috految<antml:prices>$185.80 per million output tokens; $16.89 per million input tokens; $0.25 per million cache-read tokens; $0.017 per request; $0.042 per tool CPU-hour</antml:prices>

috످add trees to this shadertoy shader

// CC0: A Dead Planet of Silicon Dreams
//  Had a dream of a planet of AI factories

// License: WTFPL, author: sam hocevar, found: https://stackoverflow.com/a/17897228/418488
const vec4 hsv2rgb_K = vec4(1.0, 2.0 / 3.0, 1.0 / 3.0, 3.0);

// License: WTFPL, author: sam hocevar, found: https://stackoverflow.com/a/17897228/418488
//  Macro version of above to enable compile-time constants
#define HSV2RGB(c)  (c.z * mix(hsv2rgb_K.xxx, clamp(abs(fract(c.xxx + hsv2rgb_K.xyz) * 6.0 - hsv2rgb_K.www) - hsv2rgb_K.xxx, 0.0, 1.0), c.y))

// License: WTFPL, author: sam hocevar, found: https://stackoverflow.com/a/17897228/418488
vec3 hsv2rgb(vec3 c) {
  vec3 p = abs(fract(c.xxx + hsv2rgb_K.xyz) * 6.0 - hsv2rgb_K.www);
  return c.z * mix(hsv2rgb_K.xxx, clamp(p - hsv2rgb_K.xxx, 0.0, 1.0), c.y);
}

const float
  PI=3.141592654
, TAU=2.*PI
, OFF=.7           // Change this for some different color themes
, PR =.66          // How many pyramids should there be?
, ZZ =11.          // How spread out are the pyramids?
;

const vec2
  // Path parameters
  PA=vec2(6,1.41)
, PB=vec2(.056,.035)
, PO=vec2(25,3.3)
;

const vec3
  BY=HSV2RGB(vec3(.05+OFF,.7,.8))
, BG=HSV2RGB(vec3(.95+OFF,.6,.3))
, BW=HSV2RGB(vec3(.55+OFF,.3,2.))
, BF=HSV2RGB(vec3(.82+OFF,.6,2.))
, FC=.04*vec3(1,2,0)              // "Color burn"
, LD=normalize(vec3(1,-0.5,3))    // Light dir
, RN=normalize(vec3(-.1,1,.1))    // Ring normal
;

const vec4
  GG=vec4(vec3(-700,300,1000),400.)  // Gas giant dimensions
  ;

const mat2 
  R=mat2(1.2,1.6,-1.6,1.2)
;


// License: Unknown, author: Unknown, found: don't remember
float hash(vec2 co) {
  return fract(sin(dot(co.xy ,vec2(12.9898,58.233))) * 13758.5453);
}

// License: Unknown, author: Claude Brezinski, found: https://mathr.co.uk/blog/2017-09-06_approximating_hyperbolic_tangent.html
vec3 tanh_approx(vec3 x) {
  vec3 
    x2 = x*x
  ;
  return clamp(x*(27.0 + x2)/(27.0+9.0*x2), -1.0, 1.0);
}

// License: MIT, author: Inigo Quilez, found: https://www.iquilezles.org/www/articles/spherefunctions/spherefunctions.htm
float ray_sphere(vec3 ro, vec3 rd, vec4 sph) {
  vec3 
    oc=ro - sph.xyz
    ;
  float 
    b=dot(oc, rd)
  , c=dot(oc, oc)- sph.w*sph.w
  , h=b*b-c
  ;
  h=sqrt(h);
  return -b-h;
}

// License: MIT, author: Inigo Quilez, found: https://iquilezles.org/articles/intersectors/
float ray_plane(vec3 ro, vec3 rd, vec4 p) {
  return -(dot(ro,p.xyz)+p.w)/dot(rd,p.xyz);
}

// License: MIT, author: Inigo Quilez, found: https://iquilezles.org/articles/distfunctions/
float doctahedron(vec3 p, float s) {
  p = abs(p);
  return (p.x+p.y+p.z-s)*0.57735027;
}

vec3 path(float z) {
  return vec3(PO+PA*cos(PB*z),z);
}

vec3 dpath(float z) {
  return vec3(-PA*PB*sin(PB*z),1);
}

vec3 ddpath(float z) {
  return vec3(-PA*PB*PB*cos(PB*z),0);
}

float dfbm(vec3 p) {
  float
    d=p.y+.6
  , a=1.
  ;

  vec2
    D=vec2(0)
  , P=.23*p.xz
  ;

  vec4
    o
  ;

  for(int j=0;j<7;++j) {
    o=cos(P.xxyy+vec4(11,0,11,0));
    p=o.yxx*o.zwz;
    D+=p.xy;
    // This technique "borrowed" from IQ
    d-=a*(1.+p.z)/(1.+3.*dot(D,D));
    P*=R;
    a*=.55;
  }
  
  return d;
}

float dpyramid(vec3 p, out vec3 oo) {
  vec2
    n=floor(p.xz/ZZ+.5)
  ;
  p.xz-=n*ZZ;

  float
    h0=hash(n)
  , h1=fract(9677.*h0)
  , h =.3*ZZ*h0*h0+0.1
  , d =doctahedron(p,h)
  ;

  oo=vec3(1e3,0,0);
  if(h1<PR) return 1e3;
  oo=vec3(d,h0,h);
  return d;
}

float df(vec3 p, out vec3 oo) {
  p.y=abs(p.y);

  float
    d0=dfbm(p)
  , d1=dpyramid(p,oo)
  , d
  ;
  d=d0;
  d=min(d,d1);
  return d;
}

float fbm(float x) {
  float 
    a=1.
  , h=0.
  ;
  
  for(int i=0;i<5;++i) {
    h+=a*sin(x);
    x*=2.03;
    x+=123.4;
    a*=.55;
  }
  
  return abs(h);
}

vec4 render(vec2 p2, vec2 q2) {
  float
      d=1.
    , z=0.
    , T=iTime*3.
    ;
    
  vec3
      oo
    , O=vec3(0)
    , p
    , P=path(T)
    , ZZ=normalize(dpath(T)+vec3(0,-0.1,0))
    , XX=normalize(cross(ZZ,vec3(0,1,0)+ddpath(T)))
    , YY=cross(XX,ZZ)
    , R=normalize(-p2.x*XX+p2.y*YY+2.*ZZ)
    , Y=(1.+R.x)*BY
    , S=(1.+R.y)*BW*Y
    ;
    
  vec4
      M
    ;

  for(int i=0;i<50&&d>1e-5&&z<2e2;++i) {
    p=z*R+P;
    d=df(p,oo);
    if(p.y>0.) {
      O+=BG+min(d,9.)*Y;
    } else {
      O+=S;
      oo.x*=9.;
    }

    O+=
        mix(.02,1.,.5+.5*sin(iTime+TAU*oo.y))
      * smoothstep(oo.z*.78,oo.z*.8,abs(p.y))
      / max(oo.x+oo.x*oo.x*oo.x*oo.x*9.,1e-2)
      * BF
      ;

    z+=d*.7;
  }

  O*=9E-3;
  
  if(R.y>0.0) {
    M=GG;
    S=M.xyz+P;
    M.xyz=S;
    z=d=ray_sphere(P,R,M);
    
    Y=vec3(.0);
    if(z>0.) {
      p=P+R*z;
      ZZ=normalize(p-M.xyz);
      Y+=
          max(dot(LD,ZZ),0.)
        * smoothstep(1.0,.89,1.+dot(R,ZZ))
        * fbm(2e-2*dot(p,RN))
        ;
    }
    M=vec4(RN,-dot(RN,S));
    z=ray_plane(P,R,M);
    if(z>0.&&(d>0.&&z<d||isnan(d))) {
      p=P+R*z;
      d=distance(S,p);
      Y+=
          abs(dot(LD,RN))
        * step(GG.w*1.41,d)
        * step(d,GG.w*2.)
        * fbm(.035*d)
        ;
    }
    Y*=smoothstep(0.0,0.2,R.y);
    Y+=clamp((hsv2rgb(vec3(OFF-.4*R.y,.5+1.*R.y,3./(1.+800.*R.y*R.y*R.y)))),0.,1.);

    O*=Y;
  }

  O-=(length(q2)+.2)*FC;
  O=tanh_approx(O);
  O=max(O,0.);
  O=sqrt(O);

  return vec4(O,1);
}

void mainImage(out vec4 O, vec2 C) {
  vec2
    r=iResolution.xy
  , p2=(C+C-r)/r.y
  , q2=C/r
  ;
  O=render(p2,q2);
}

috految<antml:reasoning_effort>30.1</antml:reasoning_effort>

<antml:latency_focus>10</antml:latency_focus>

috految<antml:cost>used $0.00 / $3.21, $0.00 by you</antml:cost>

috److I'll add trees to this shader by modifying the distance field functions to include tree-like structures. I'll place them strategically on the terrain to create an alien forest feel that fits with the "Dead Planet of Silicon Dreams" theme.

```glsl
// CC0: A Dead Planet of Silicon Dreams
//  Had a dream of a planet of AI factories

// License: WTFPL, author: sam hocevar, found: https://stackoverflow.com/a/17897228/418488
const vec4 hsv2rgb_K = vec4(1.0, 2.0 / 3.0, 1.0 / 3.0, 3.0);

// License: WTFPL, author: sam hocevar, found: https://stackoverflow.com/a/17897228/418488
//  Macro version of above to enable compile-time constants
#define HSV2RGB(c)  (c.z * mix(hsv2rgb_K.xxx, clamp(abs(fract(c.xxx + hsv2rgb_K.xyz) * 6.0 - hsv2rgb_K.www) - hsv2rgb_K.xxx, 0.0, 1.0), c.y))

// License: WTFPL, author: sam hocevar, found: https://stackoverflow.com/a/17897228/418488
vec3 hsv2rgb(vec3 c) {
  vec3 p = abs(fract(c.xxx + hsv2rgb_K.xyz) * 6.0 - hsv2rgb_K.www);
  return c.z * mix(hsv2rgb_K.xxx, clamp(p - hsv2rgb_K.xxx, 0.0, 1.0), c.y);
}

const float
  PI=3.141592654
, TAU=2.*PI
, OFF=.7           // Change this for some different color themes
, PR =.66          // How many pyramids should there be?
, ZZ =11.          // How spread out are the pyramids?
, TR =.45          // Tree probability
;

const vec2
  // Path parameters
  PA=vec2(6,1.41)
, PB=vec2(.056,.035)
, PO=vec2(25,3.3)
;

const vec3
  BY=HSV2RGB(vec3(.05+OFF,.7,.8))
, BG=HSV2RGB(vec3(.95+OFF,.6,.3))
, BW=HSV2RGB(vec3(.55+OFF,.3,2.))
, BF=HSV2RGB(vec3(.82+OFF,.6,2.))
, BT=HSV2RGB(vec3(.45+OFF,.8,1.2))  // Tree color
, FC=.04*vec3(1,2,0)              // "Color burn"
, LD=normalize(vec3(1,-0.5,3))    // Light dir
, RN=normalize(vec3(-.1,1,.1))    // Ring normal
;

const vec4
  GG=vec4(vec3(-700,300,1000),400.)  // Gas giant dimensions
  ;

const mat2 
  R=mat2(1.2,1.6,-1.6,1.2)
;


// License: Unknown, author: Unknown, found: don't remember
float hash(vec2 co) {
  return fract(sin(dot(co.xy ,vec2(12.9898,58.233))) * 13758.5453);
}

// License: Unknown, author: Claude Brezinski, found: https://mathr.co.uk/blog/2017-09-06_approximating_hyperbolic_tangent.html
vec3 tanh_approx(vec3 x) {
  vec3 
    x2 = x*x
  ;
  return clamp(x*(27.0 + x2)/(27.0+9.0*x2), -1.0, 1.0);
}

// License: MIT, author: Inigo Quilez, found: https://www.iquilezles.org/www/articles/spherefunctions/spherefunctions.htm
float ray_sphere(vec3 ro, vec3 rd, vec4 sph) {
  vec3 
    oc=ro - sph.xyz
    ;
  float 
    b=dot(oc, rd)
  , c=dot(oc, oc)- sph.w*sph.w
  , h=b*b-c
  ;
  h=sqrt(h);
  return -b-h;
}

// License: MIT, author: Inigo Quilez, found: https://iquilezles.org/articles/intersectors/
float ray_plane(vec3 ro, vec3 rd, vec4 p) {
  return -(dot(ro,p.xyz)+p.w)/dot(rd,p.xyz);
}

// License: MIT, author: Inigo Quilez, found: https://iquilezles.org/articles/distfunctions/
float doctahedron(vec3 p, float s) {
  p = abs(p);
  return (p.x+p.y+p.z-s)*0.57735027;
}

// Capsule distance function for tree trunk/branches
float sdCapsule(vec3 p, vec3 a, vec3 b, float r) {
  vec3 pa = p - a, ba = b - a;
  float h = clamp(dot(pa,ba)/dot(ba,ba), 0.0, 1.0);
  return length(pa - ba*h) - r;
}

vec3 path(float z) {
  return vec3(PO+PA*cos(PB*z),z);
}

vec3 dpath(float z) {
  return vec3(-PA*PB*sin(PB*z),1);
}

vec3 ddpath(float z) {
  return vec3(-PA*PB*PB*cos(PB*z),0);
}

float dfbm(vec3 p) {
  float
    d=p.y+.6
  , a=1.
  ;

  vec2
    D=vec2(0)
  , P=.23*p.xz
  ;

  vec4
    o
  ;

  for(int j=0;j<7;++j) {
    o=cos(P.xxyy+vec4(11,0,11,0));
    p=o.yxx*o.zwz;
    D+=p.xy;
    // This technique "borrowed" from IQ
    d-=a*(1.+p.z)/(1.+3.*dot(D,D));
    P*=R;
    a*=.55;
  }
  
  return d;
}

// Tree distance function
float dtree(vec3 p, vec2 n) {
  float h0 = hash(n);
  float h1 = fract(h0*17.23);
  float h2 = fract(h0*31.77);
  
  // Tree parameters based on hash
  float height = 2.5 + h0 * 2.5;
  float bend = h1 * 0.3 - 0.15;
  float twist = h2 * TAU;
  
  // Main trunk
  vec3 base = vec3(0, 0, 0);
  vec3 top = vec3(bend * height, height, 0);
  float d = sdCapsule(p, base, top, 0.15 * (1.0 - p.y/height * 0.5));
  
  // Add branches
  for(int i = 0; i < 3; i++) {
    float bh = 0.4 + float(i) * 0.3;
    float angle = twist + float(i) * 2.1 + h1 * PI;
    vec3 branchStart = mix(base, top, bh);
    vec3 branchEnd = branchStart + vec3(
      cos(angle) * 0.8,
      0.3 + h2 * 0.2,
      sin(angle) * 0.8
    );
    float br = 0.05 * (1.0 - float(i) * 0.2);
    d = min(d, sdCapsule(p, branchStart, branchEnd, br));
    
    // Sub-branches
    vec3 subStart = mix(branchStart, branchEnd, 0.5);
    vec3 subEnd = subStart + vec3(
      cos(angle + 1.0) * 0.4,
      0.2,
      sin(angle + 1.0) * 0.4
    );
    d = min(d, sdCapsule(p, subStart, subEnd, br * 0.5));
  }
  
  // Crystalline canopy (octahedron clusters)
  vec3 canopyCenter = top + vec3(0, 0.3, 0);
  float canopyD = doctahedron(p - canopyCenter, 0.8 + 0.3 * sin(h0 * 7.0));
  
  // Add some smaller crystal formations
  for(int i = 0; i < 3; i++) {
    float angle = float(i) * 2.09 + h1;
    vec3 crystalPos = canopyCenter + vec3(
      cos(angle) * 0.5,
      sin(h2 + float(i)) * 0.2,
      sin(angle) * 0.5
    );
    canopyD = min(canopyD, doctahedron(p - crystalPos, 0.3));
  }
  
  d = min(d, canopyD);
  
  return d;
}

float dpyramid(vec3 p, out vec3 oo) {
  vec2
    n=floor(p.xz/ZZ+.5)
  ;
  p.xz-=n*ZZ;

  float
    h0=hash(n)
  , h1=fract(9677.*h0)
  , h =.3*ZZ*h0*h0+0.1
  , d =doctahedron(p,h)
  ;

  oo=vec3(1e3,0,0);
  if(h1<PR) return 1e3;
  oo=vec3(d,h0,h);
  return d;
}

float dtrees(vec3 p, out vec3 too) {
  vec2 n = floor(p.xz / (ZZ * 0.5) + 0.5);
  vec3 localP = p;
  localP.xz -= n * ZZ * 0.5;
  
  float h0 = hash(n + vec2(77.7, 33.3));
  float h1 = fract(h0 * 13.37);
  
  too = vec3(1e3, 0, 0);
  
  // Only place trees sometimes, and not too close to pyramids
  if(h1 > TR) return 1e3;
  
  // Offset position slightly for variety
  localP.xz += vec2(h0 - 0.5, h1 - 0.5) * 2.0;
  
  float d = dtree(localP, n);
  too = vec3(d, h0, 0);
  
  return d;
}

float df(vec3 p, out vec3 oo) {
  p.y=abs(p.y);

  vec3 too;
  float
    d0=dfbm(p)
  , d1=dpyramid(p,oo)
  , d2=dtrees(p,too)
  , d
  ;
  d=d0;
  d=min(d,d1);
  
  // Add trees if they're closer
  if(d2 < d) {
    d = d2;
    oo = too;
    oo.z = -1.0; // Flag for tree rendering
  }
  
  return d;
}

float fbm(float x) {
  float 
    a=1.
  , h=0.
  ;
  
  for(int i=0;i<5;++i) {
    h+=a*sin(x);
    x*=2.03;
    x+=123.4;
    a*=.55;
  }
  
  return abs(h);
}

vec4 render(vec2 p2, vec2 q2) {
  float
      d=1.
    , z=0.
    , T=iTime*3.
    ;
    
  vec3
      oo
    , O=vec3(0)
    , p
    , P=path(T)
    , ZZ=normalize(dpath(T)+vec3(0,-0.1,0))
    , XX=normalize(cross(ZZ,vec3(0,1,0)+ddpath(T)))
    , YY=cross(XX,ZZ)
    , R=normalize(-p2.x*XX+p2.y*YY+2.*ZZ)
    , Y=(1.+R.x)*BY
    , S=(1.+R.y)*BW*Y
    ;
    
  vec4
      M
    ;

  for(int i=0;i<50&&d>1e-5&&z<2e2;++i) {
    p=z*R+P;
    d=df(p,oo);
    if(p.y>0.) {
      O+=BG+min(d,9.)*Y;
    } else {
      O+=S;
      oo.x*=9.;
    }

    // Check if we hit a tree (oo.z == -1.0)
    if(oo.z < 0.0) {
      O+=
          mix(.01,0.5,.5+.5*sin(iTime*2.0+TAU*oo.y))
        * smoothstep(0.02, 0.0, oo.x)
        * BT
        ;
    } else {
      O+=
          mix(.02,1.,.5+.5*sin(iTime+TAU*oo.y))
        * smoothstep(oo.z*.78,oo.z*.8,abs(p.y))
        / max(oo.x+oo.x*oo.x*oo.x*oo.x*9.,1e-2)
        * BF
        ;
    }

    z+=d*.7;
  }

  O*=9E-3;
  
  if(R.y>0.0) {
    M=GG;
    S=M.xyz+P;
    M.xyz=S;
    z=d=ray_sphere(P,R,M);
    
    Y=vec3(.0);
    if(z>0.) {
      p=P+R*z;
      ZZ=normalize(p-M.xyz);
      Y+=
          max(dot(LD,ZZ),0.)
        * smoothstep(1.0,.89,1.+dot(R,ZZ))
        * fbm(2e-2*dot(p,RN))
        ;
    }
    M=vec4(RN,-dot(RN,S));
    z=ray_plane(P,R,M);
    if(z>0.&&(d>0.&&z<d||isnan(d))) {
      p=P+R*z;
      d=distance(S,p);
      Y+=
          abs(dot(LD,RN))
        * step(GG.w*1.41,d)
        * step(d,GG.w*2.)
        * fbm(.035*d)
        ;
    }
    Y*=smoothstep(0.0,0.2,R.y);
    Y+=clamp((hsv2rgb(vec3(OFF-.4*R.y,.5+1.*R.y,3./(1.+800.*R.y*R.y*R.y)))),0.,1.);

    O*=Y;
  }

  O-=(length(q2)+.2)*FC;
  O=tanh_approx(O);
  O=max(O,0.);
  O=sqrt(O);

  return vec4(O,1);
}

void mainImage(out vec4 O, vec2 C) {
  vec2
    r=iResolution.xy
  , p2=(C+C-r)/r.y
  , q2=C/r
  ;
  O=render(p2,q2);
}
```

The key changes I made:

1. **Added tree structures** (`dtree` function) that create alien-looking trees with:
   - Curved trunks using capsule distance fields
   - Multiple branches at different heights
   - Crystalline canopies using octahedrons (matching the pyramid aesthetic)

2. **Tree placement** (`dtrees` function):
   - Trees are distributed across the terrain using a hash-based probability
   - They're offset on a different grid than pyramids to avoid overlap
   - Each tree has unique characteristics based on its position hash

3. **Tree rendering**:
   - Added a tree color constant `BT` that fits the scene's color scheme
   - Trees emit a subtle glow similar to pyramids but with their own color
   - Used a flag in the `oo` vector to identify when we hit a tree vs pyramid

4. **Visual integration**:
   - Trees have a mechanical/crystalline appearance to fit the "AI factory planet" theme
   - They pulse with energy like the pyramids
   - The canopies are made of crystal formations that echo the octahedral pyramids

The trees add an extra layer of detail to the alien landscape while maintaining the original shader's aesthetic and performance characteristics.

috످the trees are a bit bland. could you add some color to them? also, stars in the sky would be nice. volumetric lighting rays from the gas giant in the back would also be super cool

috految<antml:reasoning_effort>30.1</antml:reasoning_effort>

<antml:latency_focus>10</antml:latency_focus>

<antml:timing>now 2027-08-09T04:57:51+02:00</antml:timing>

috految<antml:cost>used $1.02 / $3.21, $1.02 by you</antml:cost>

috److془Budget: $2.19 left. ~ 10k tokens max. Aim for ~6500 total.

Design carefully.

Camera: XX = cross(z, y) = -x; R = +p2.x x. Gas giant dir (-.557,.239,.796), angular radius .324. Screen x -1.4, partly visible. Yaw ±.32. Move to (-520,300,1150)? Angular radius .313, elevation .233. Top of view .36. Use (-500,300,1300), radius 400. Or just keep it. Nudge: tilt 0 and keep. Planet at negative dpath: center. Use GG (-520,300,1150). Ring: dot(RN,C)=462/1297 fine.

Terrain: march original; trees separate pass w/ DDA. Terrain height = -dfbm(vec3(x,0,z)). Ranges -.6 to ~2.5. Cheap tree: DDA cell 5.5; centers at (n+.5)*5.5 so pyramids at corners. Jitter ±.6, radius 2.1. Pyramid L1 ≤3.4; fine. Mirror abs(y) gives reflections. Terrain extra iterations to 160, glow accumulate only first 50. Sky: rd.y>0 && z>FAR. Horizon: original O ~ .009*50*(BG + 5Y) ~ 1.8*Y. Fine. Sky: O*gradient + stars + planet. Hitting: fog mix to haze. Simple: original O*grad for the sky where grad at 0 = 1. Stars visible: at y=.25 grad .22 * ~.8. Darken with exp(-4 y). Good.

Volumetric: shadows with light dir; 32 samples, each 2 terrain probes + 4 tree cells. Beams by angle around axis; grid fine.془This version adds **colorful crystal trees**, **twinkling stars**, and **volumetric rays from the gas giant**. Replace everything in your **Image** tab with the code below. I haven't run it in Shadertoy, so the brightness may need some tuning.

```glsl
// CC0: A Dead Planet of Silicon Dreams
//  Had a dream of a planet of AI factories
//  Now with crystal trees, stars, and volumetric light

// ---------- SETTINGS ----------

const float
  OFF          = .7   // Scene color theme
, PR           = .66  // Higher = fewer pyramids
, ZZ           = 11.  // Pyramid spacing
, TREE_DENSITY = .45  // 0 to 1
, TREE_HUE     = .45  // Starting hue
, TREE_VARIETY = .7   // 0 = one palette, 1 = rainbow
, TREE_GLOW    = 1.
, STAR_DENSITY = .35  // 0 to 1
, STAR_GLOW    = 1.5
, NEBULA       = .6
, RAY_STRENGTH = 1.2
, RAY_LENGTH   = .45  // How far the rays spread
, RAY_DETAIL   = 7.   // Higher = more beams
, RAY_SPEED    = .15
, FOG_DENSITY  = .025
;

const int  RAY_STEPS = 24;  // Lower = faster
const vec3 RAY_COLOR = vec3(1,.6,.3);

// ---------- CONSTANTS ----------

// License: WTFPL, author: sam hocevar, found: https://stackoverflow.com/a/17897228/418488
const vec4 K=vec4(1.,2./3.,1./3.,3.);
#define HSV2RGB(c) (c.z*mix(K.xxx,clamp(abs(fract(c.xxx+K.xyz)*6.-K.www)-K.xxx,0.,1.),c.y))
vec3 hsv2rgb(vec3 c) { return HSV2RGB(c); }

// Prevents loop unrolling for faster compilation
#define ZERO min(iFrame,0)

const float TAU=6.283185307, FAR=200., CELL=ZZ*.5;
const vec2 PA=vec2(6,1.41), PB=vec2(.056,.035), PO=vec2(25,3.3);
const vec4 GG=vec4(-520,300,1150,400);  // Gas giant
const mat2 ROT=mat2(1.2,1.6,-1.6,1.2);

const vec3
  BY=HSV2RGB(vec3(.05+OFF,.7,.8))
, BG=HSV2RGB(vec3(.95+OFF,.6,.3))
, BW=HSV2RGB(vec3(.55+OFF,.3,2.))
, BF=HSV2RGB(vec3(.82+OFF,.6,2.))
, FC=.04*vec3(1,2,0)            // Color burn
, LD=normalize(vec3(1,-.5,3))   // Light direction
, RN=normalize(vec3(-.1,1,.1))  // Ring normal
, GD=normalize(GG.xyz)          // Direction to gas giant
;

// ---------- HELPERS ----------

// License: Unknown, author: Unknown
float hash(vec2 p) {
  return fract(sin(dot(p,vec2(12.9898,58.233)))*13758.5453);
}

// License: MIT, author: Dave Hoskins, found: https://www.shadertoy.com/view/4djSRW
vec3 hash3(vec2 p) {
  vec3 q=fract(p.xyx*vec3(.1031,.1030,.0973));
  q+=dot(q,q.yxz+33.33);
  return fract((q.xxy+q.yzz)*q.zyx);
}

float vnoise(vec2 p) {
  vec2 i=floor(p), f=fract(p);
  f=f*f*(3.-2.*f);
  return mix(
    mix(hash3(i).x,hash3(i+vec2(1,0)).x,f.x),
    mix(hash3(i+vec2(0,1)).x,hash3(i+1.).x,f.x),
    f.y
  );
}

float fbm(float x) {
  float a=1., h=0.;
  for(int i=0;i<5;++i) {
    h+=a*sin(x);
    x=x*2.03+123.4;
    a*=.55;
  }
  return abs(h);
}

// License: Unknown, author: Claude Brezinski, found: https://mathr.co.uk/blog/2017-09-06_approximating_hyperbolic_tangent.html
vec3 tanh_approx(vec3 x) {
  vec3 x2=x*x;
  return clamp(x*(27.+x2)/(27.+9.*x2),-1.,1.);
}

// License: MIT, author: Inigo Quilez, found: https://iquilezles.org/articles/intersectors/
float ray_sphere(vec3 ro, vec3 rd, vec4 s) {
  vec3 oc=ro-s.xyz;
  float b=dot(oc,rd), h=b*b-dot(oc,oc)+s.w*s.w;
  return h<0. ? -1. : -b-sqrt(h);
}

// License: MIT, author: Inigo Quilez, found: https://iquilezles.org/articles/distfunctions/
float doctahedron(vec3 p, float s) {
  p=abs(p);
  return (p.x+p.y+p.z-s)*.57735027;
}

float dbranch(vec3 p, vec3 a, vec3 b, float r0, float r1) {
  vec3 pa=p-a, ba=b-a;
  float h=clamp(dot(pa,ba)/dot(ba,ba),0.,1.);
  return length(pa-ba*h)-mix(r0,r1,h);
}

vec3 path(float z)   { return vec3(PO+PA*cos(PB*z),z); }
vec3 dpath(float z)  { return vec3(-PA*PB*sin(PB*z),1); }
vec3 ddpath(float z) { return vec3(-PA*PB*PB*cos(PB*z),0); }

// ---------- LANDSCAPE ----------

float dfbm(vec3 p, int octaves) {
  float d=p.y+.6, a=1.;
  vec2 D=vec2(0), P=.23*p.xz;
  for(int j=0;j<octaves;++j) {
    vec4 o=cos(P.xxyy+vec4(11,0,11,0));
    p=o.yxx*o.zwz;
    D+=p.xy;
    // This technique "borrowed" from IQ
    d-=a*(1.+p.z)/(1.+3.*dot(D,D));
    P*=ROT;
    a*=.55;
  }
  return d;
}

// Returns distance, random ID, height
vec3 dpyramid(vec3 p) {
  vec2 n=floor(p.xz/ZZ+.5);
  p.xz-=n*ZZ;
  float id=hash(n), h=.3*ZZ*id*id+.1;
  if(fract(9677.*id)<PR) return vec3(1e3,0,1);
  return vec3(doctahedron(p,h),id,h);
}

// ---------- TREES ----------

bool getTree(vec2 cell, out vec3 base, out vec3 id) {
  id=hash3(cell+77.);
  base=vec3(0);
  if(id.x>=TREE_DENSITY) return false;

  base.xz=(cell+.5)*CELL+(id.yz-.5)*1.2;

  // Keep the flight path clear
  if(abs(base.x-path(base.z).x)<2.5) return false;

  base.y=max(-dfbm(base,4),0.);
  return true;
}

float treeHeight(vec3 id) { return 2.2+2.*id.y; }

vec3 treeColor(vec3 id, float shift) {
  float hue=TREE_HUE+TREE_VARIETY*id.z+shift;
  vec3 c=hsv2rgb(vec3(hue,.9,1));
  return c*c;
}

// Returns distance to wood, distance to crystals
vec2 dtree(vec3 p, vec3 id) {
  float h=treeHeight(id);
  p.x+=.03*p.y*sin(iTime*.8+id.z*TAU);

  float wood=dbranch(p,vec3(0,-1,0),vec3(0,h,0),.2,.04);
  float gem=doctahedron((p-vec3(0,h+.3,0))*vec3(1,.7,1),.6);

  for(int i=ZERO;i<7;++i) {
    float f=float(i)/6., a=id.z*TAU+float(i)*2.4;
    vec3 start=vec3(0,h*(.4+.45*f),0);
    vec3 tip=start+vec3(cos(a),.65,sin(a))*mix(1.25,.7,f);
    vec3 mid=mix(start,tip,.5);
    vec3 twig=mid+.5*vec3(cos(a+1.2),.8,sin(a+1.2));

    wood=min(wood,dbranch(p,start,tip,.06,.02));
    wood=min(wood,dbranch(p,mid,twig,.03,.015));
    gem=min(gem,doctahedron((p-tip)*vec3(1,.7,1),.32));
    gem=min(gem,doctahedron(p-twig,.17));
  }
  return vec2(wood,gem);
}

vec3 shadeTree(vec3 p, vec3 rd, vec3 id) {
  vec2 d=dtree(p,id);
  vec3 n=vec3(0);
  for(int i=ZERO;i<3;++i) {
    vec3 e=vec3(i==0,i==1,i==2);
    vec2 s=dtree(p+e*.005,id);
    n+=e*(min(s.x,s.y)-min(d.x,d.y));
  }
  n=normalize(n+1e-8);

  float light=.5+.5*dot(n,normalize(vec3(-.6,.7,-.3)));
  float rim=pow(clamp(1.+dot(rd,n),0.,1.),3.);
  float pulse=.5+.5*sin(p.y*2.-iTime*2.5+id.z*TAU);

  // Iridescent crystals
  if(d.y<d.x) {
    vec3 c=treeColor(id,.04*p.y+.12*dot(n,rd));
    float spec=pow(max(dot(reflect(rd,n),GD),0.),24.);
    return c*(.1+light*light+TREE_GLOW*.5*pulse)
         + rim*treeColor(id,.2)
         + spec*RAY_COLOR;
  }

  // Bark with spiraling neon veins
  float vein=smoothstep(.5,1.,sin(p.y*9.+3.*atan(p.z,p.x)));
  return vec3(.08,.03,.12)*(light+rim)
       + treeColor(id,.4)*vein*(.25+2.*pulse)*TREE_GLOW;
}

void drawTrees(vec3 ro, vec3 rd, inout vec3 col, inout float depth) {
  vec2 cell=floor(ro.xz/CELL);
  vec2 side=step(0.,rd.xz), dir=side*2.-1.;
  vec2 inv=dir/max(abs(rd.xz),1e-6);
  vec3 glow=vec3(0);
  float t=0.;

  for(int i=ZERO;i<40 && t<min(depth,120.);++i) {
    vec2 edge=((cell+side)*CELL-ro.xz)*inv;
    float tEnd=min(edge.x,edge.y);
    vec3 base, id;

    if(getTree(cell,base,id)) {
      float s=t, nearest=9.;
      vec3 p=vec3(0);
      bool hit=false;

      for(int j=ZERO;j<64 && s<min(tEnd,depth);++j) {
        p=ro+rd*s;
        p.y=abs(p.y);  // Water reflection
        p-=base;
        vec2 d=dtree(p,id);
        nearest=min(nearest,d.y);
        float m=min(d.x,d.y);
        if(m<.001+.0005*s) { hit=true; break; }
        s+=m*.9;
      }

      float fade=1.-smoothstep(70.,120.,s);
      glow+=treeColor(id,.1)*exp(-9.*max(nearest,0.))*fade;

      if(hit) {
        bool water=ro.y+rd.y*s<0.;
        vec3 c=shadeTree(p,water ? rd*vec3(1,-1,1) : rd,id);
        c=mix(c,BY*.7,1.-exp(-.0002*s*s));
        col=mix(col,c,fade*(water ? .55 : 1.));
        depth=s;
        break;
      }
    }

    t=tEnd;
    if(edge.x<edge.y) cell.x+=dir.x;
    else cell.y+=dir.y;
  }
  col+=.2*TREE_GLOW*glow;
}

// ---------- SKY ----------

vec3 stars(vec3 rd) {
  vec2 uv=vec2(atan(rd.x,rd.z),asin(clamp(rd.y,-1.,1.)));
  vec3 col=vec3(0);

  for(int i=0;i<3;++i) {
    float f=float(i), scale=22.+28.*f;
    vec2 p=uv*scale+f*37.;
    vec3 h=hash3(floor(p));
    if(h.x>=STAR_DENSITY) continue;

    vec2 q=(fract(p)-.25-.5*h.yz)/scale;
    float size=max(.0012-.0003*f,.7/iResolution.y);
    float s=exp(-dot(q,q)/(size*size));

    // Flares on the brightest stars
    if(i==0 && h.y>.7)
      s+=exp(-1500.*min(abs(q.x),abs(q.y))-350.*length(q));

    s*=.65+.35*sin(iTime*(1.5+3.*h.y)+h.z*40.);
    col+=mix(vec3(.5,.7,1),vec3(1,.8,.5),h.z)*s*STAR_GLOW/(1.+f);
  }

  float n=.55*vnoise(uv*5.)+.3*vnoise(uv*13.)+.15*vnoise(uv*37.);
  vec3 tint=mix(vec3(.05,.2,.6),vec3(.6,.08,.4),vnoise(uv*3.));
  return col+NEBULA*tint*n*n*n;
}

vec3 sky(vec3 rd) {
  vec3 col=stars(rd);
  float t=ray_sphere(vec3(0),rd,GG);

  // Gas giant
  if(t>0.) {
    vec3 p=rd*t, n=normalize(p-GG.xyz);
    float bands=fbm(.02*dot(p,RN));
    float rim=pow(clamp(1.+dot(rd,n),0.,1.),4.);
    col=mix(BY,RAY_COLOR,.4)*bands*(.16+max(dot(LD,n),0.));
    col+=RAY_COLOR*rim*1.2;
  } else {
    float edge=distance(rd*max(dot(rd,GG.xyz),0.),GG.xyz)/GG.w-1.;
    col+=RAY_COLOR*exp(-22.*max(edge,0.));
  }

  // Rings
  float tr=dot(GG.xyz,RN)/dot(rd,RN);
  if(tr>0. && (t<0. || tr<t)) {
    float r=distance(rd*tr,GG.xyz);
    float mask=smoothstep(1.4,1.43,r/GG.w)
              *(1.-smoothstep(1.97,2.,r/GG.w));
    col=mix(col,mix(BY,RAY_COLOR,.5)*.45*fbm(.035*r),mask*.85);
  }
  return col*smoothstep(0.,.15,rd.y);
}

// ---------- VOLUMETRIC LIGHT ----------

float lightVisibility(vec3 p) {
  float vis=1.;
  for(int i=ZERO;i<4;++i) {
    vec3 q=p+GD*(1.+3.5*float(i));
    float d=min(dfbm(q,2),dpyramid(q).x);
    vis=min(vis,smoothstep(-.2,.4,d));

    vec3 base, id;
    if(getTree(floor(q.xz/CELL),base,id)) {
      vec3 v=base+vec3(0,treeHeight(id),0)-p;
      float t=dot(v,GD);
      if(t>0.) vis=min(vis,smoothstep(.5,1.2,length(v-GD*t)));
    }
  }
  return vis;
}

vec3 godRays(vec3 ro, vec3 rd, float depth, float jitter) {
  vec3 u=normalize(cross(GD,vec3(0,1,0))), v=cross(u,GD);
  vec2 a=normalize(vec2(dot(rd,u),dot(rd,v))+1e-6);

  float drift=iTime*RAY_SPEED;
  float beams=.65*vnoise(a*RAY_DETAIL+drift)
             +.35*vnoise(a*RAY_DETAIL*2.7-drift);
  beams=smoothstep(.38,.8,beams);

  float angle=acos(clamp(dot(rd,GD),-1.,1.));
  float radius=asin(GG.w/length(GG.xyz));
  float shape=smoothstep(radius*.6,radius*1.1,angle)
             *exp(-max(angle-radius,0.)/RAY_LENGTH);

  float dt=min(depth,60.)/float(RAY_STEPS);
  float light=0., trans=1.;

  for(int i=ZERO;i<RAY_STEPS;++i) {
    vec3 p=ro+rd*(float(i)+jitter)*dt;
    p.y=abs(p.y);
    float fog=FOG_DENSITY*exp(-.06*p.y)
             *(.5+vnoise(p.xz*.15+iTime*.1));
    float scatter=1.-exp(-fog*dt);
    light+=trans*scatter*lightVisibility(p);
    trans*=1.-scatter;
  }
  return RAY_COLOR*RAY_STRENGTH*light*shape*(.04+1.5*beams);
}

// ---------- RENDER ----------

void mainImage(out vec4 O, in vec2 C) {
  vec2 r=iResolution.xy, uv=(C+C-r)/r.y;
  float T=iTime*3., z=0.;

  vec3
    ro=path(T)
  , fw=normalize(dpath(T)+vec3(0,-.02,0))
  , rt=normalize(cross(fw,vec3(0,1,0)+ddpath(T)))
  , up=cross(rt,fw)
  , rd=normalize(-uv.x*rt+uv.y*up+2.*fw)
  , Y=(1.+rd.x)*BY
  , S=(1.+rd.y)*BW*Y
  , col=vec3(0)
  ;

  for(int i=ZERO;i<160 && z<FAR;++i) {
    vec3 p=ro+rd*z, q=vec3(p.x,abs(p.y),p.z);
    vec3 pyr=dpyramid(q);
    float d=min(dfbm(q,7),pyr.x);

    if(i<50) {
      float g=p.y>0. ? pyr.x : pyr.x*9.;
      col+=p.y>0. ? BG+min(d,9.)*Y : S;
      col+=mix(.02,1.,.5+.5*sin(iTime+TAU*pyr.y))
          *smoothstep(pyr.z*.78,pyr.z*.8,q.y)
          /max(g+9.*g*g*g*g,.01)*BF;
    }
    if(d<(i<50 ? 1e-5 : .002)) break;
    z+=d*.7;
  }
  col*=.009;

  if(rd.y>0. && z>=FAR) {
    float y=rd.y;
    vec3 tint=hsv2rgb(vec3(OFF-.4*y,.5+y,3./(1.+800.*y*y*y)));
    col=col*clamp(tint,0.,1.)*exp(-4.*y)+sky(rd);
  } else if(z>=FAR) {
    col+=.4*sky(rd*vec3(1,-1,1));
  }

  col=max(col-(length(C/r)+.2)*FC,0.);
  drawTrees(ro,rd,col,z);

  float jitter=fract(52.9829*fract(dot(C,vec2(.06711,.00584))));
  col+=godRays(ro,rd,z,jitter);

  O=vec4(sqrt(max(tanh_approx(col),0.)),1);
}
```

## What's new

- **Trees:** Each tree has its own palette, with iridescent crystals, a soft glow, and neon veins that pulse up the trunk.
- **Stars:** Three layers of blue and gold stars twinkle over a faint nebula.
- **Volumetric rays:** Golden beams fan out from the gas giant through drifting fog, with shadows from the trees, pyramids, and hills.
- **Framing:** I moved the gas giant toward the center and tilted the camera up to show more sky.
- **Fixes:** Trees now follow the terrain height, stay out of the camera's path, and no longer let the sky show through them.

## Presets to try

| Look | `TREE_HUE` | `TREE_VARIETY` | `RAY_COLOR` | `RAY_STRENGTH` |
|---|---|---|---|---|
| **Synthwave** | `.75` | `.2` | `vec3(1,.2,.7)` | `1.8` |
| **Pandora** | `.4` | `.3` | `vec3(.2,.8,1)` | `1.2` |
| **Ember** | `.95` | `.1` | `vec3(1,.35,.1)` | `2.0` |
| **Rainbow** | `0.` | `1.` | `vec3(1,.9,.8)` | `1.0` |

If it runs slowly, lower `RAY_STEPS` to `12` and `TREE_DENSITY` to `.25`. If the rays look grainy, raise `RAY_STEPS` to `48`.

috످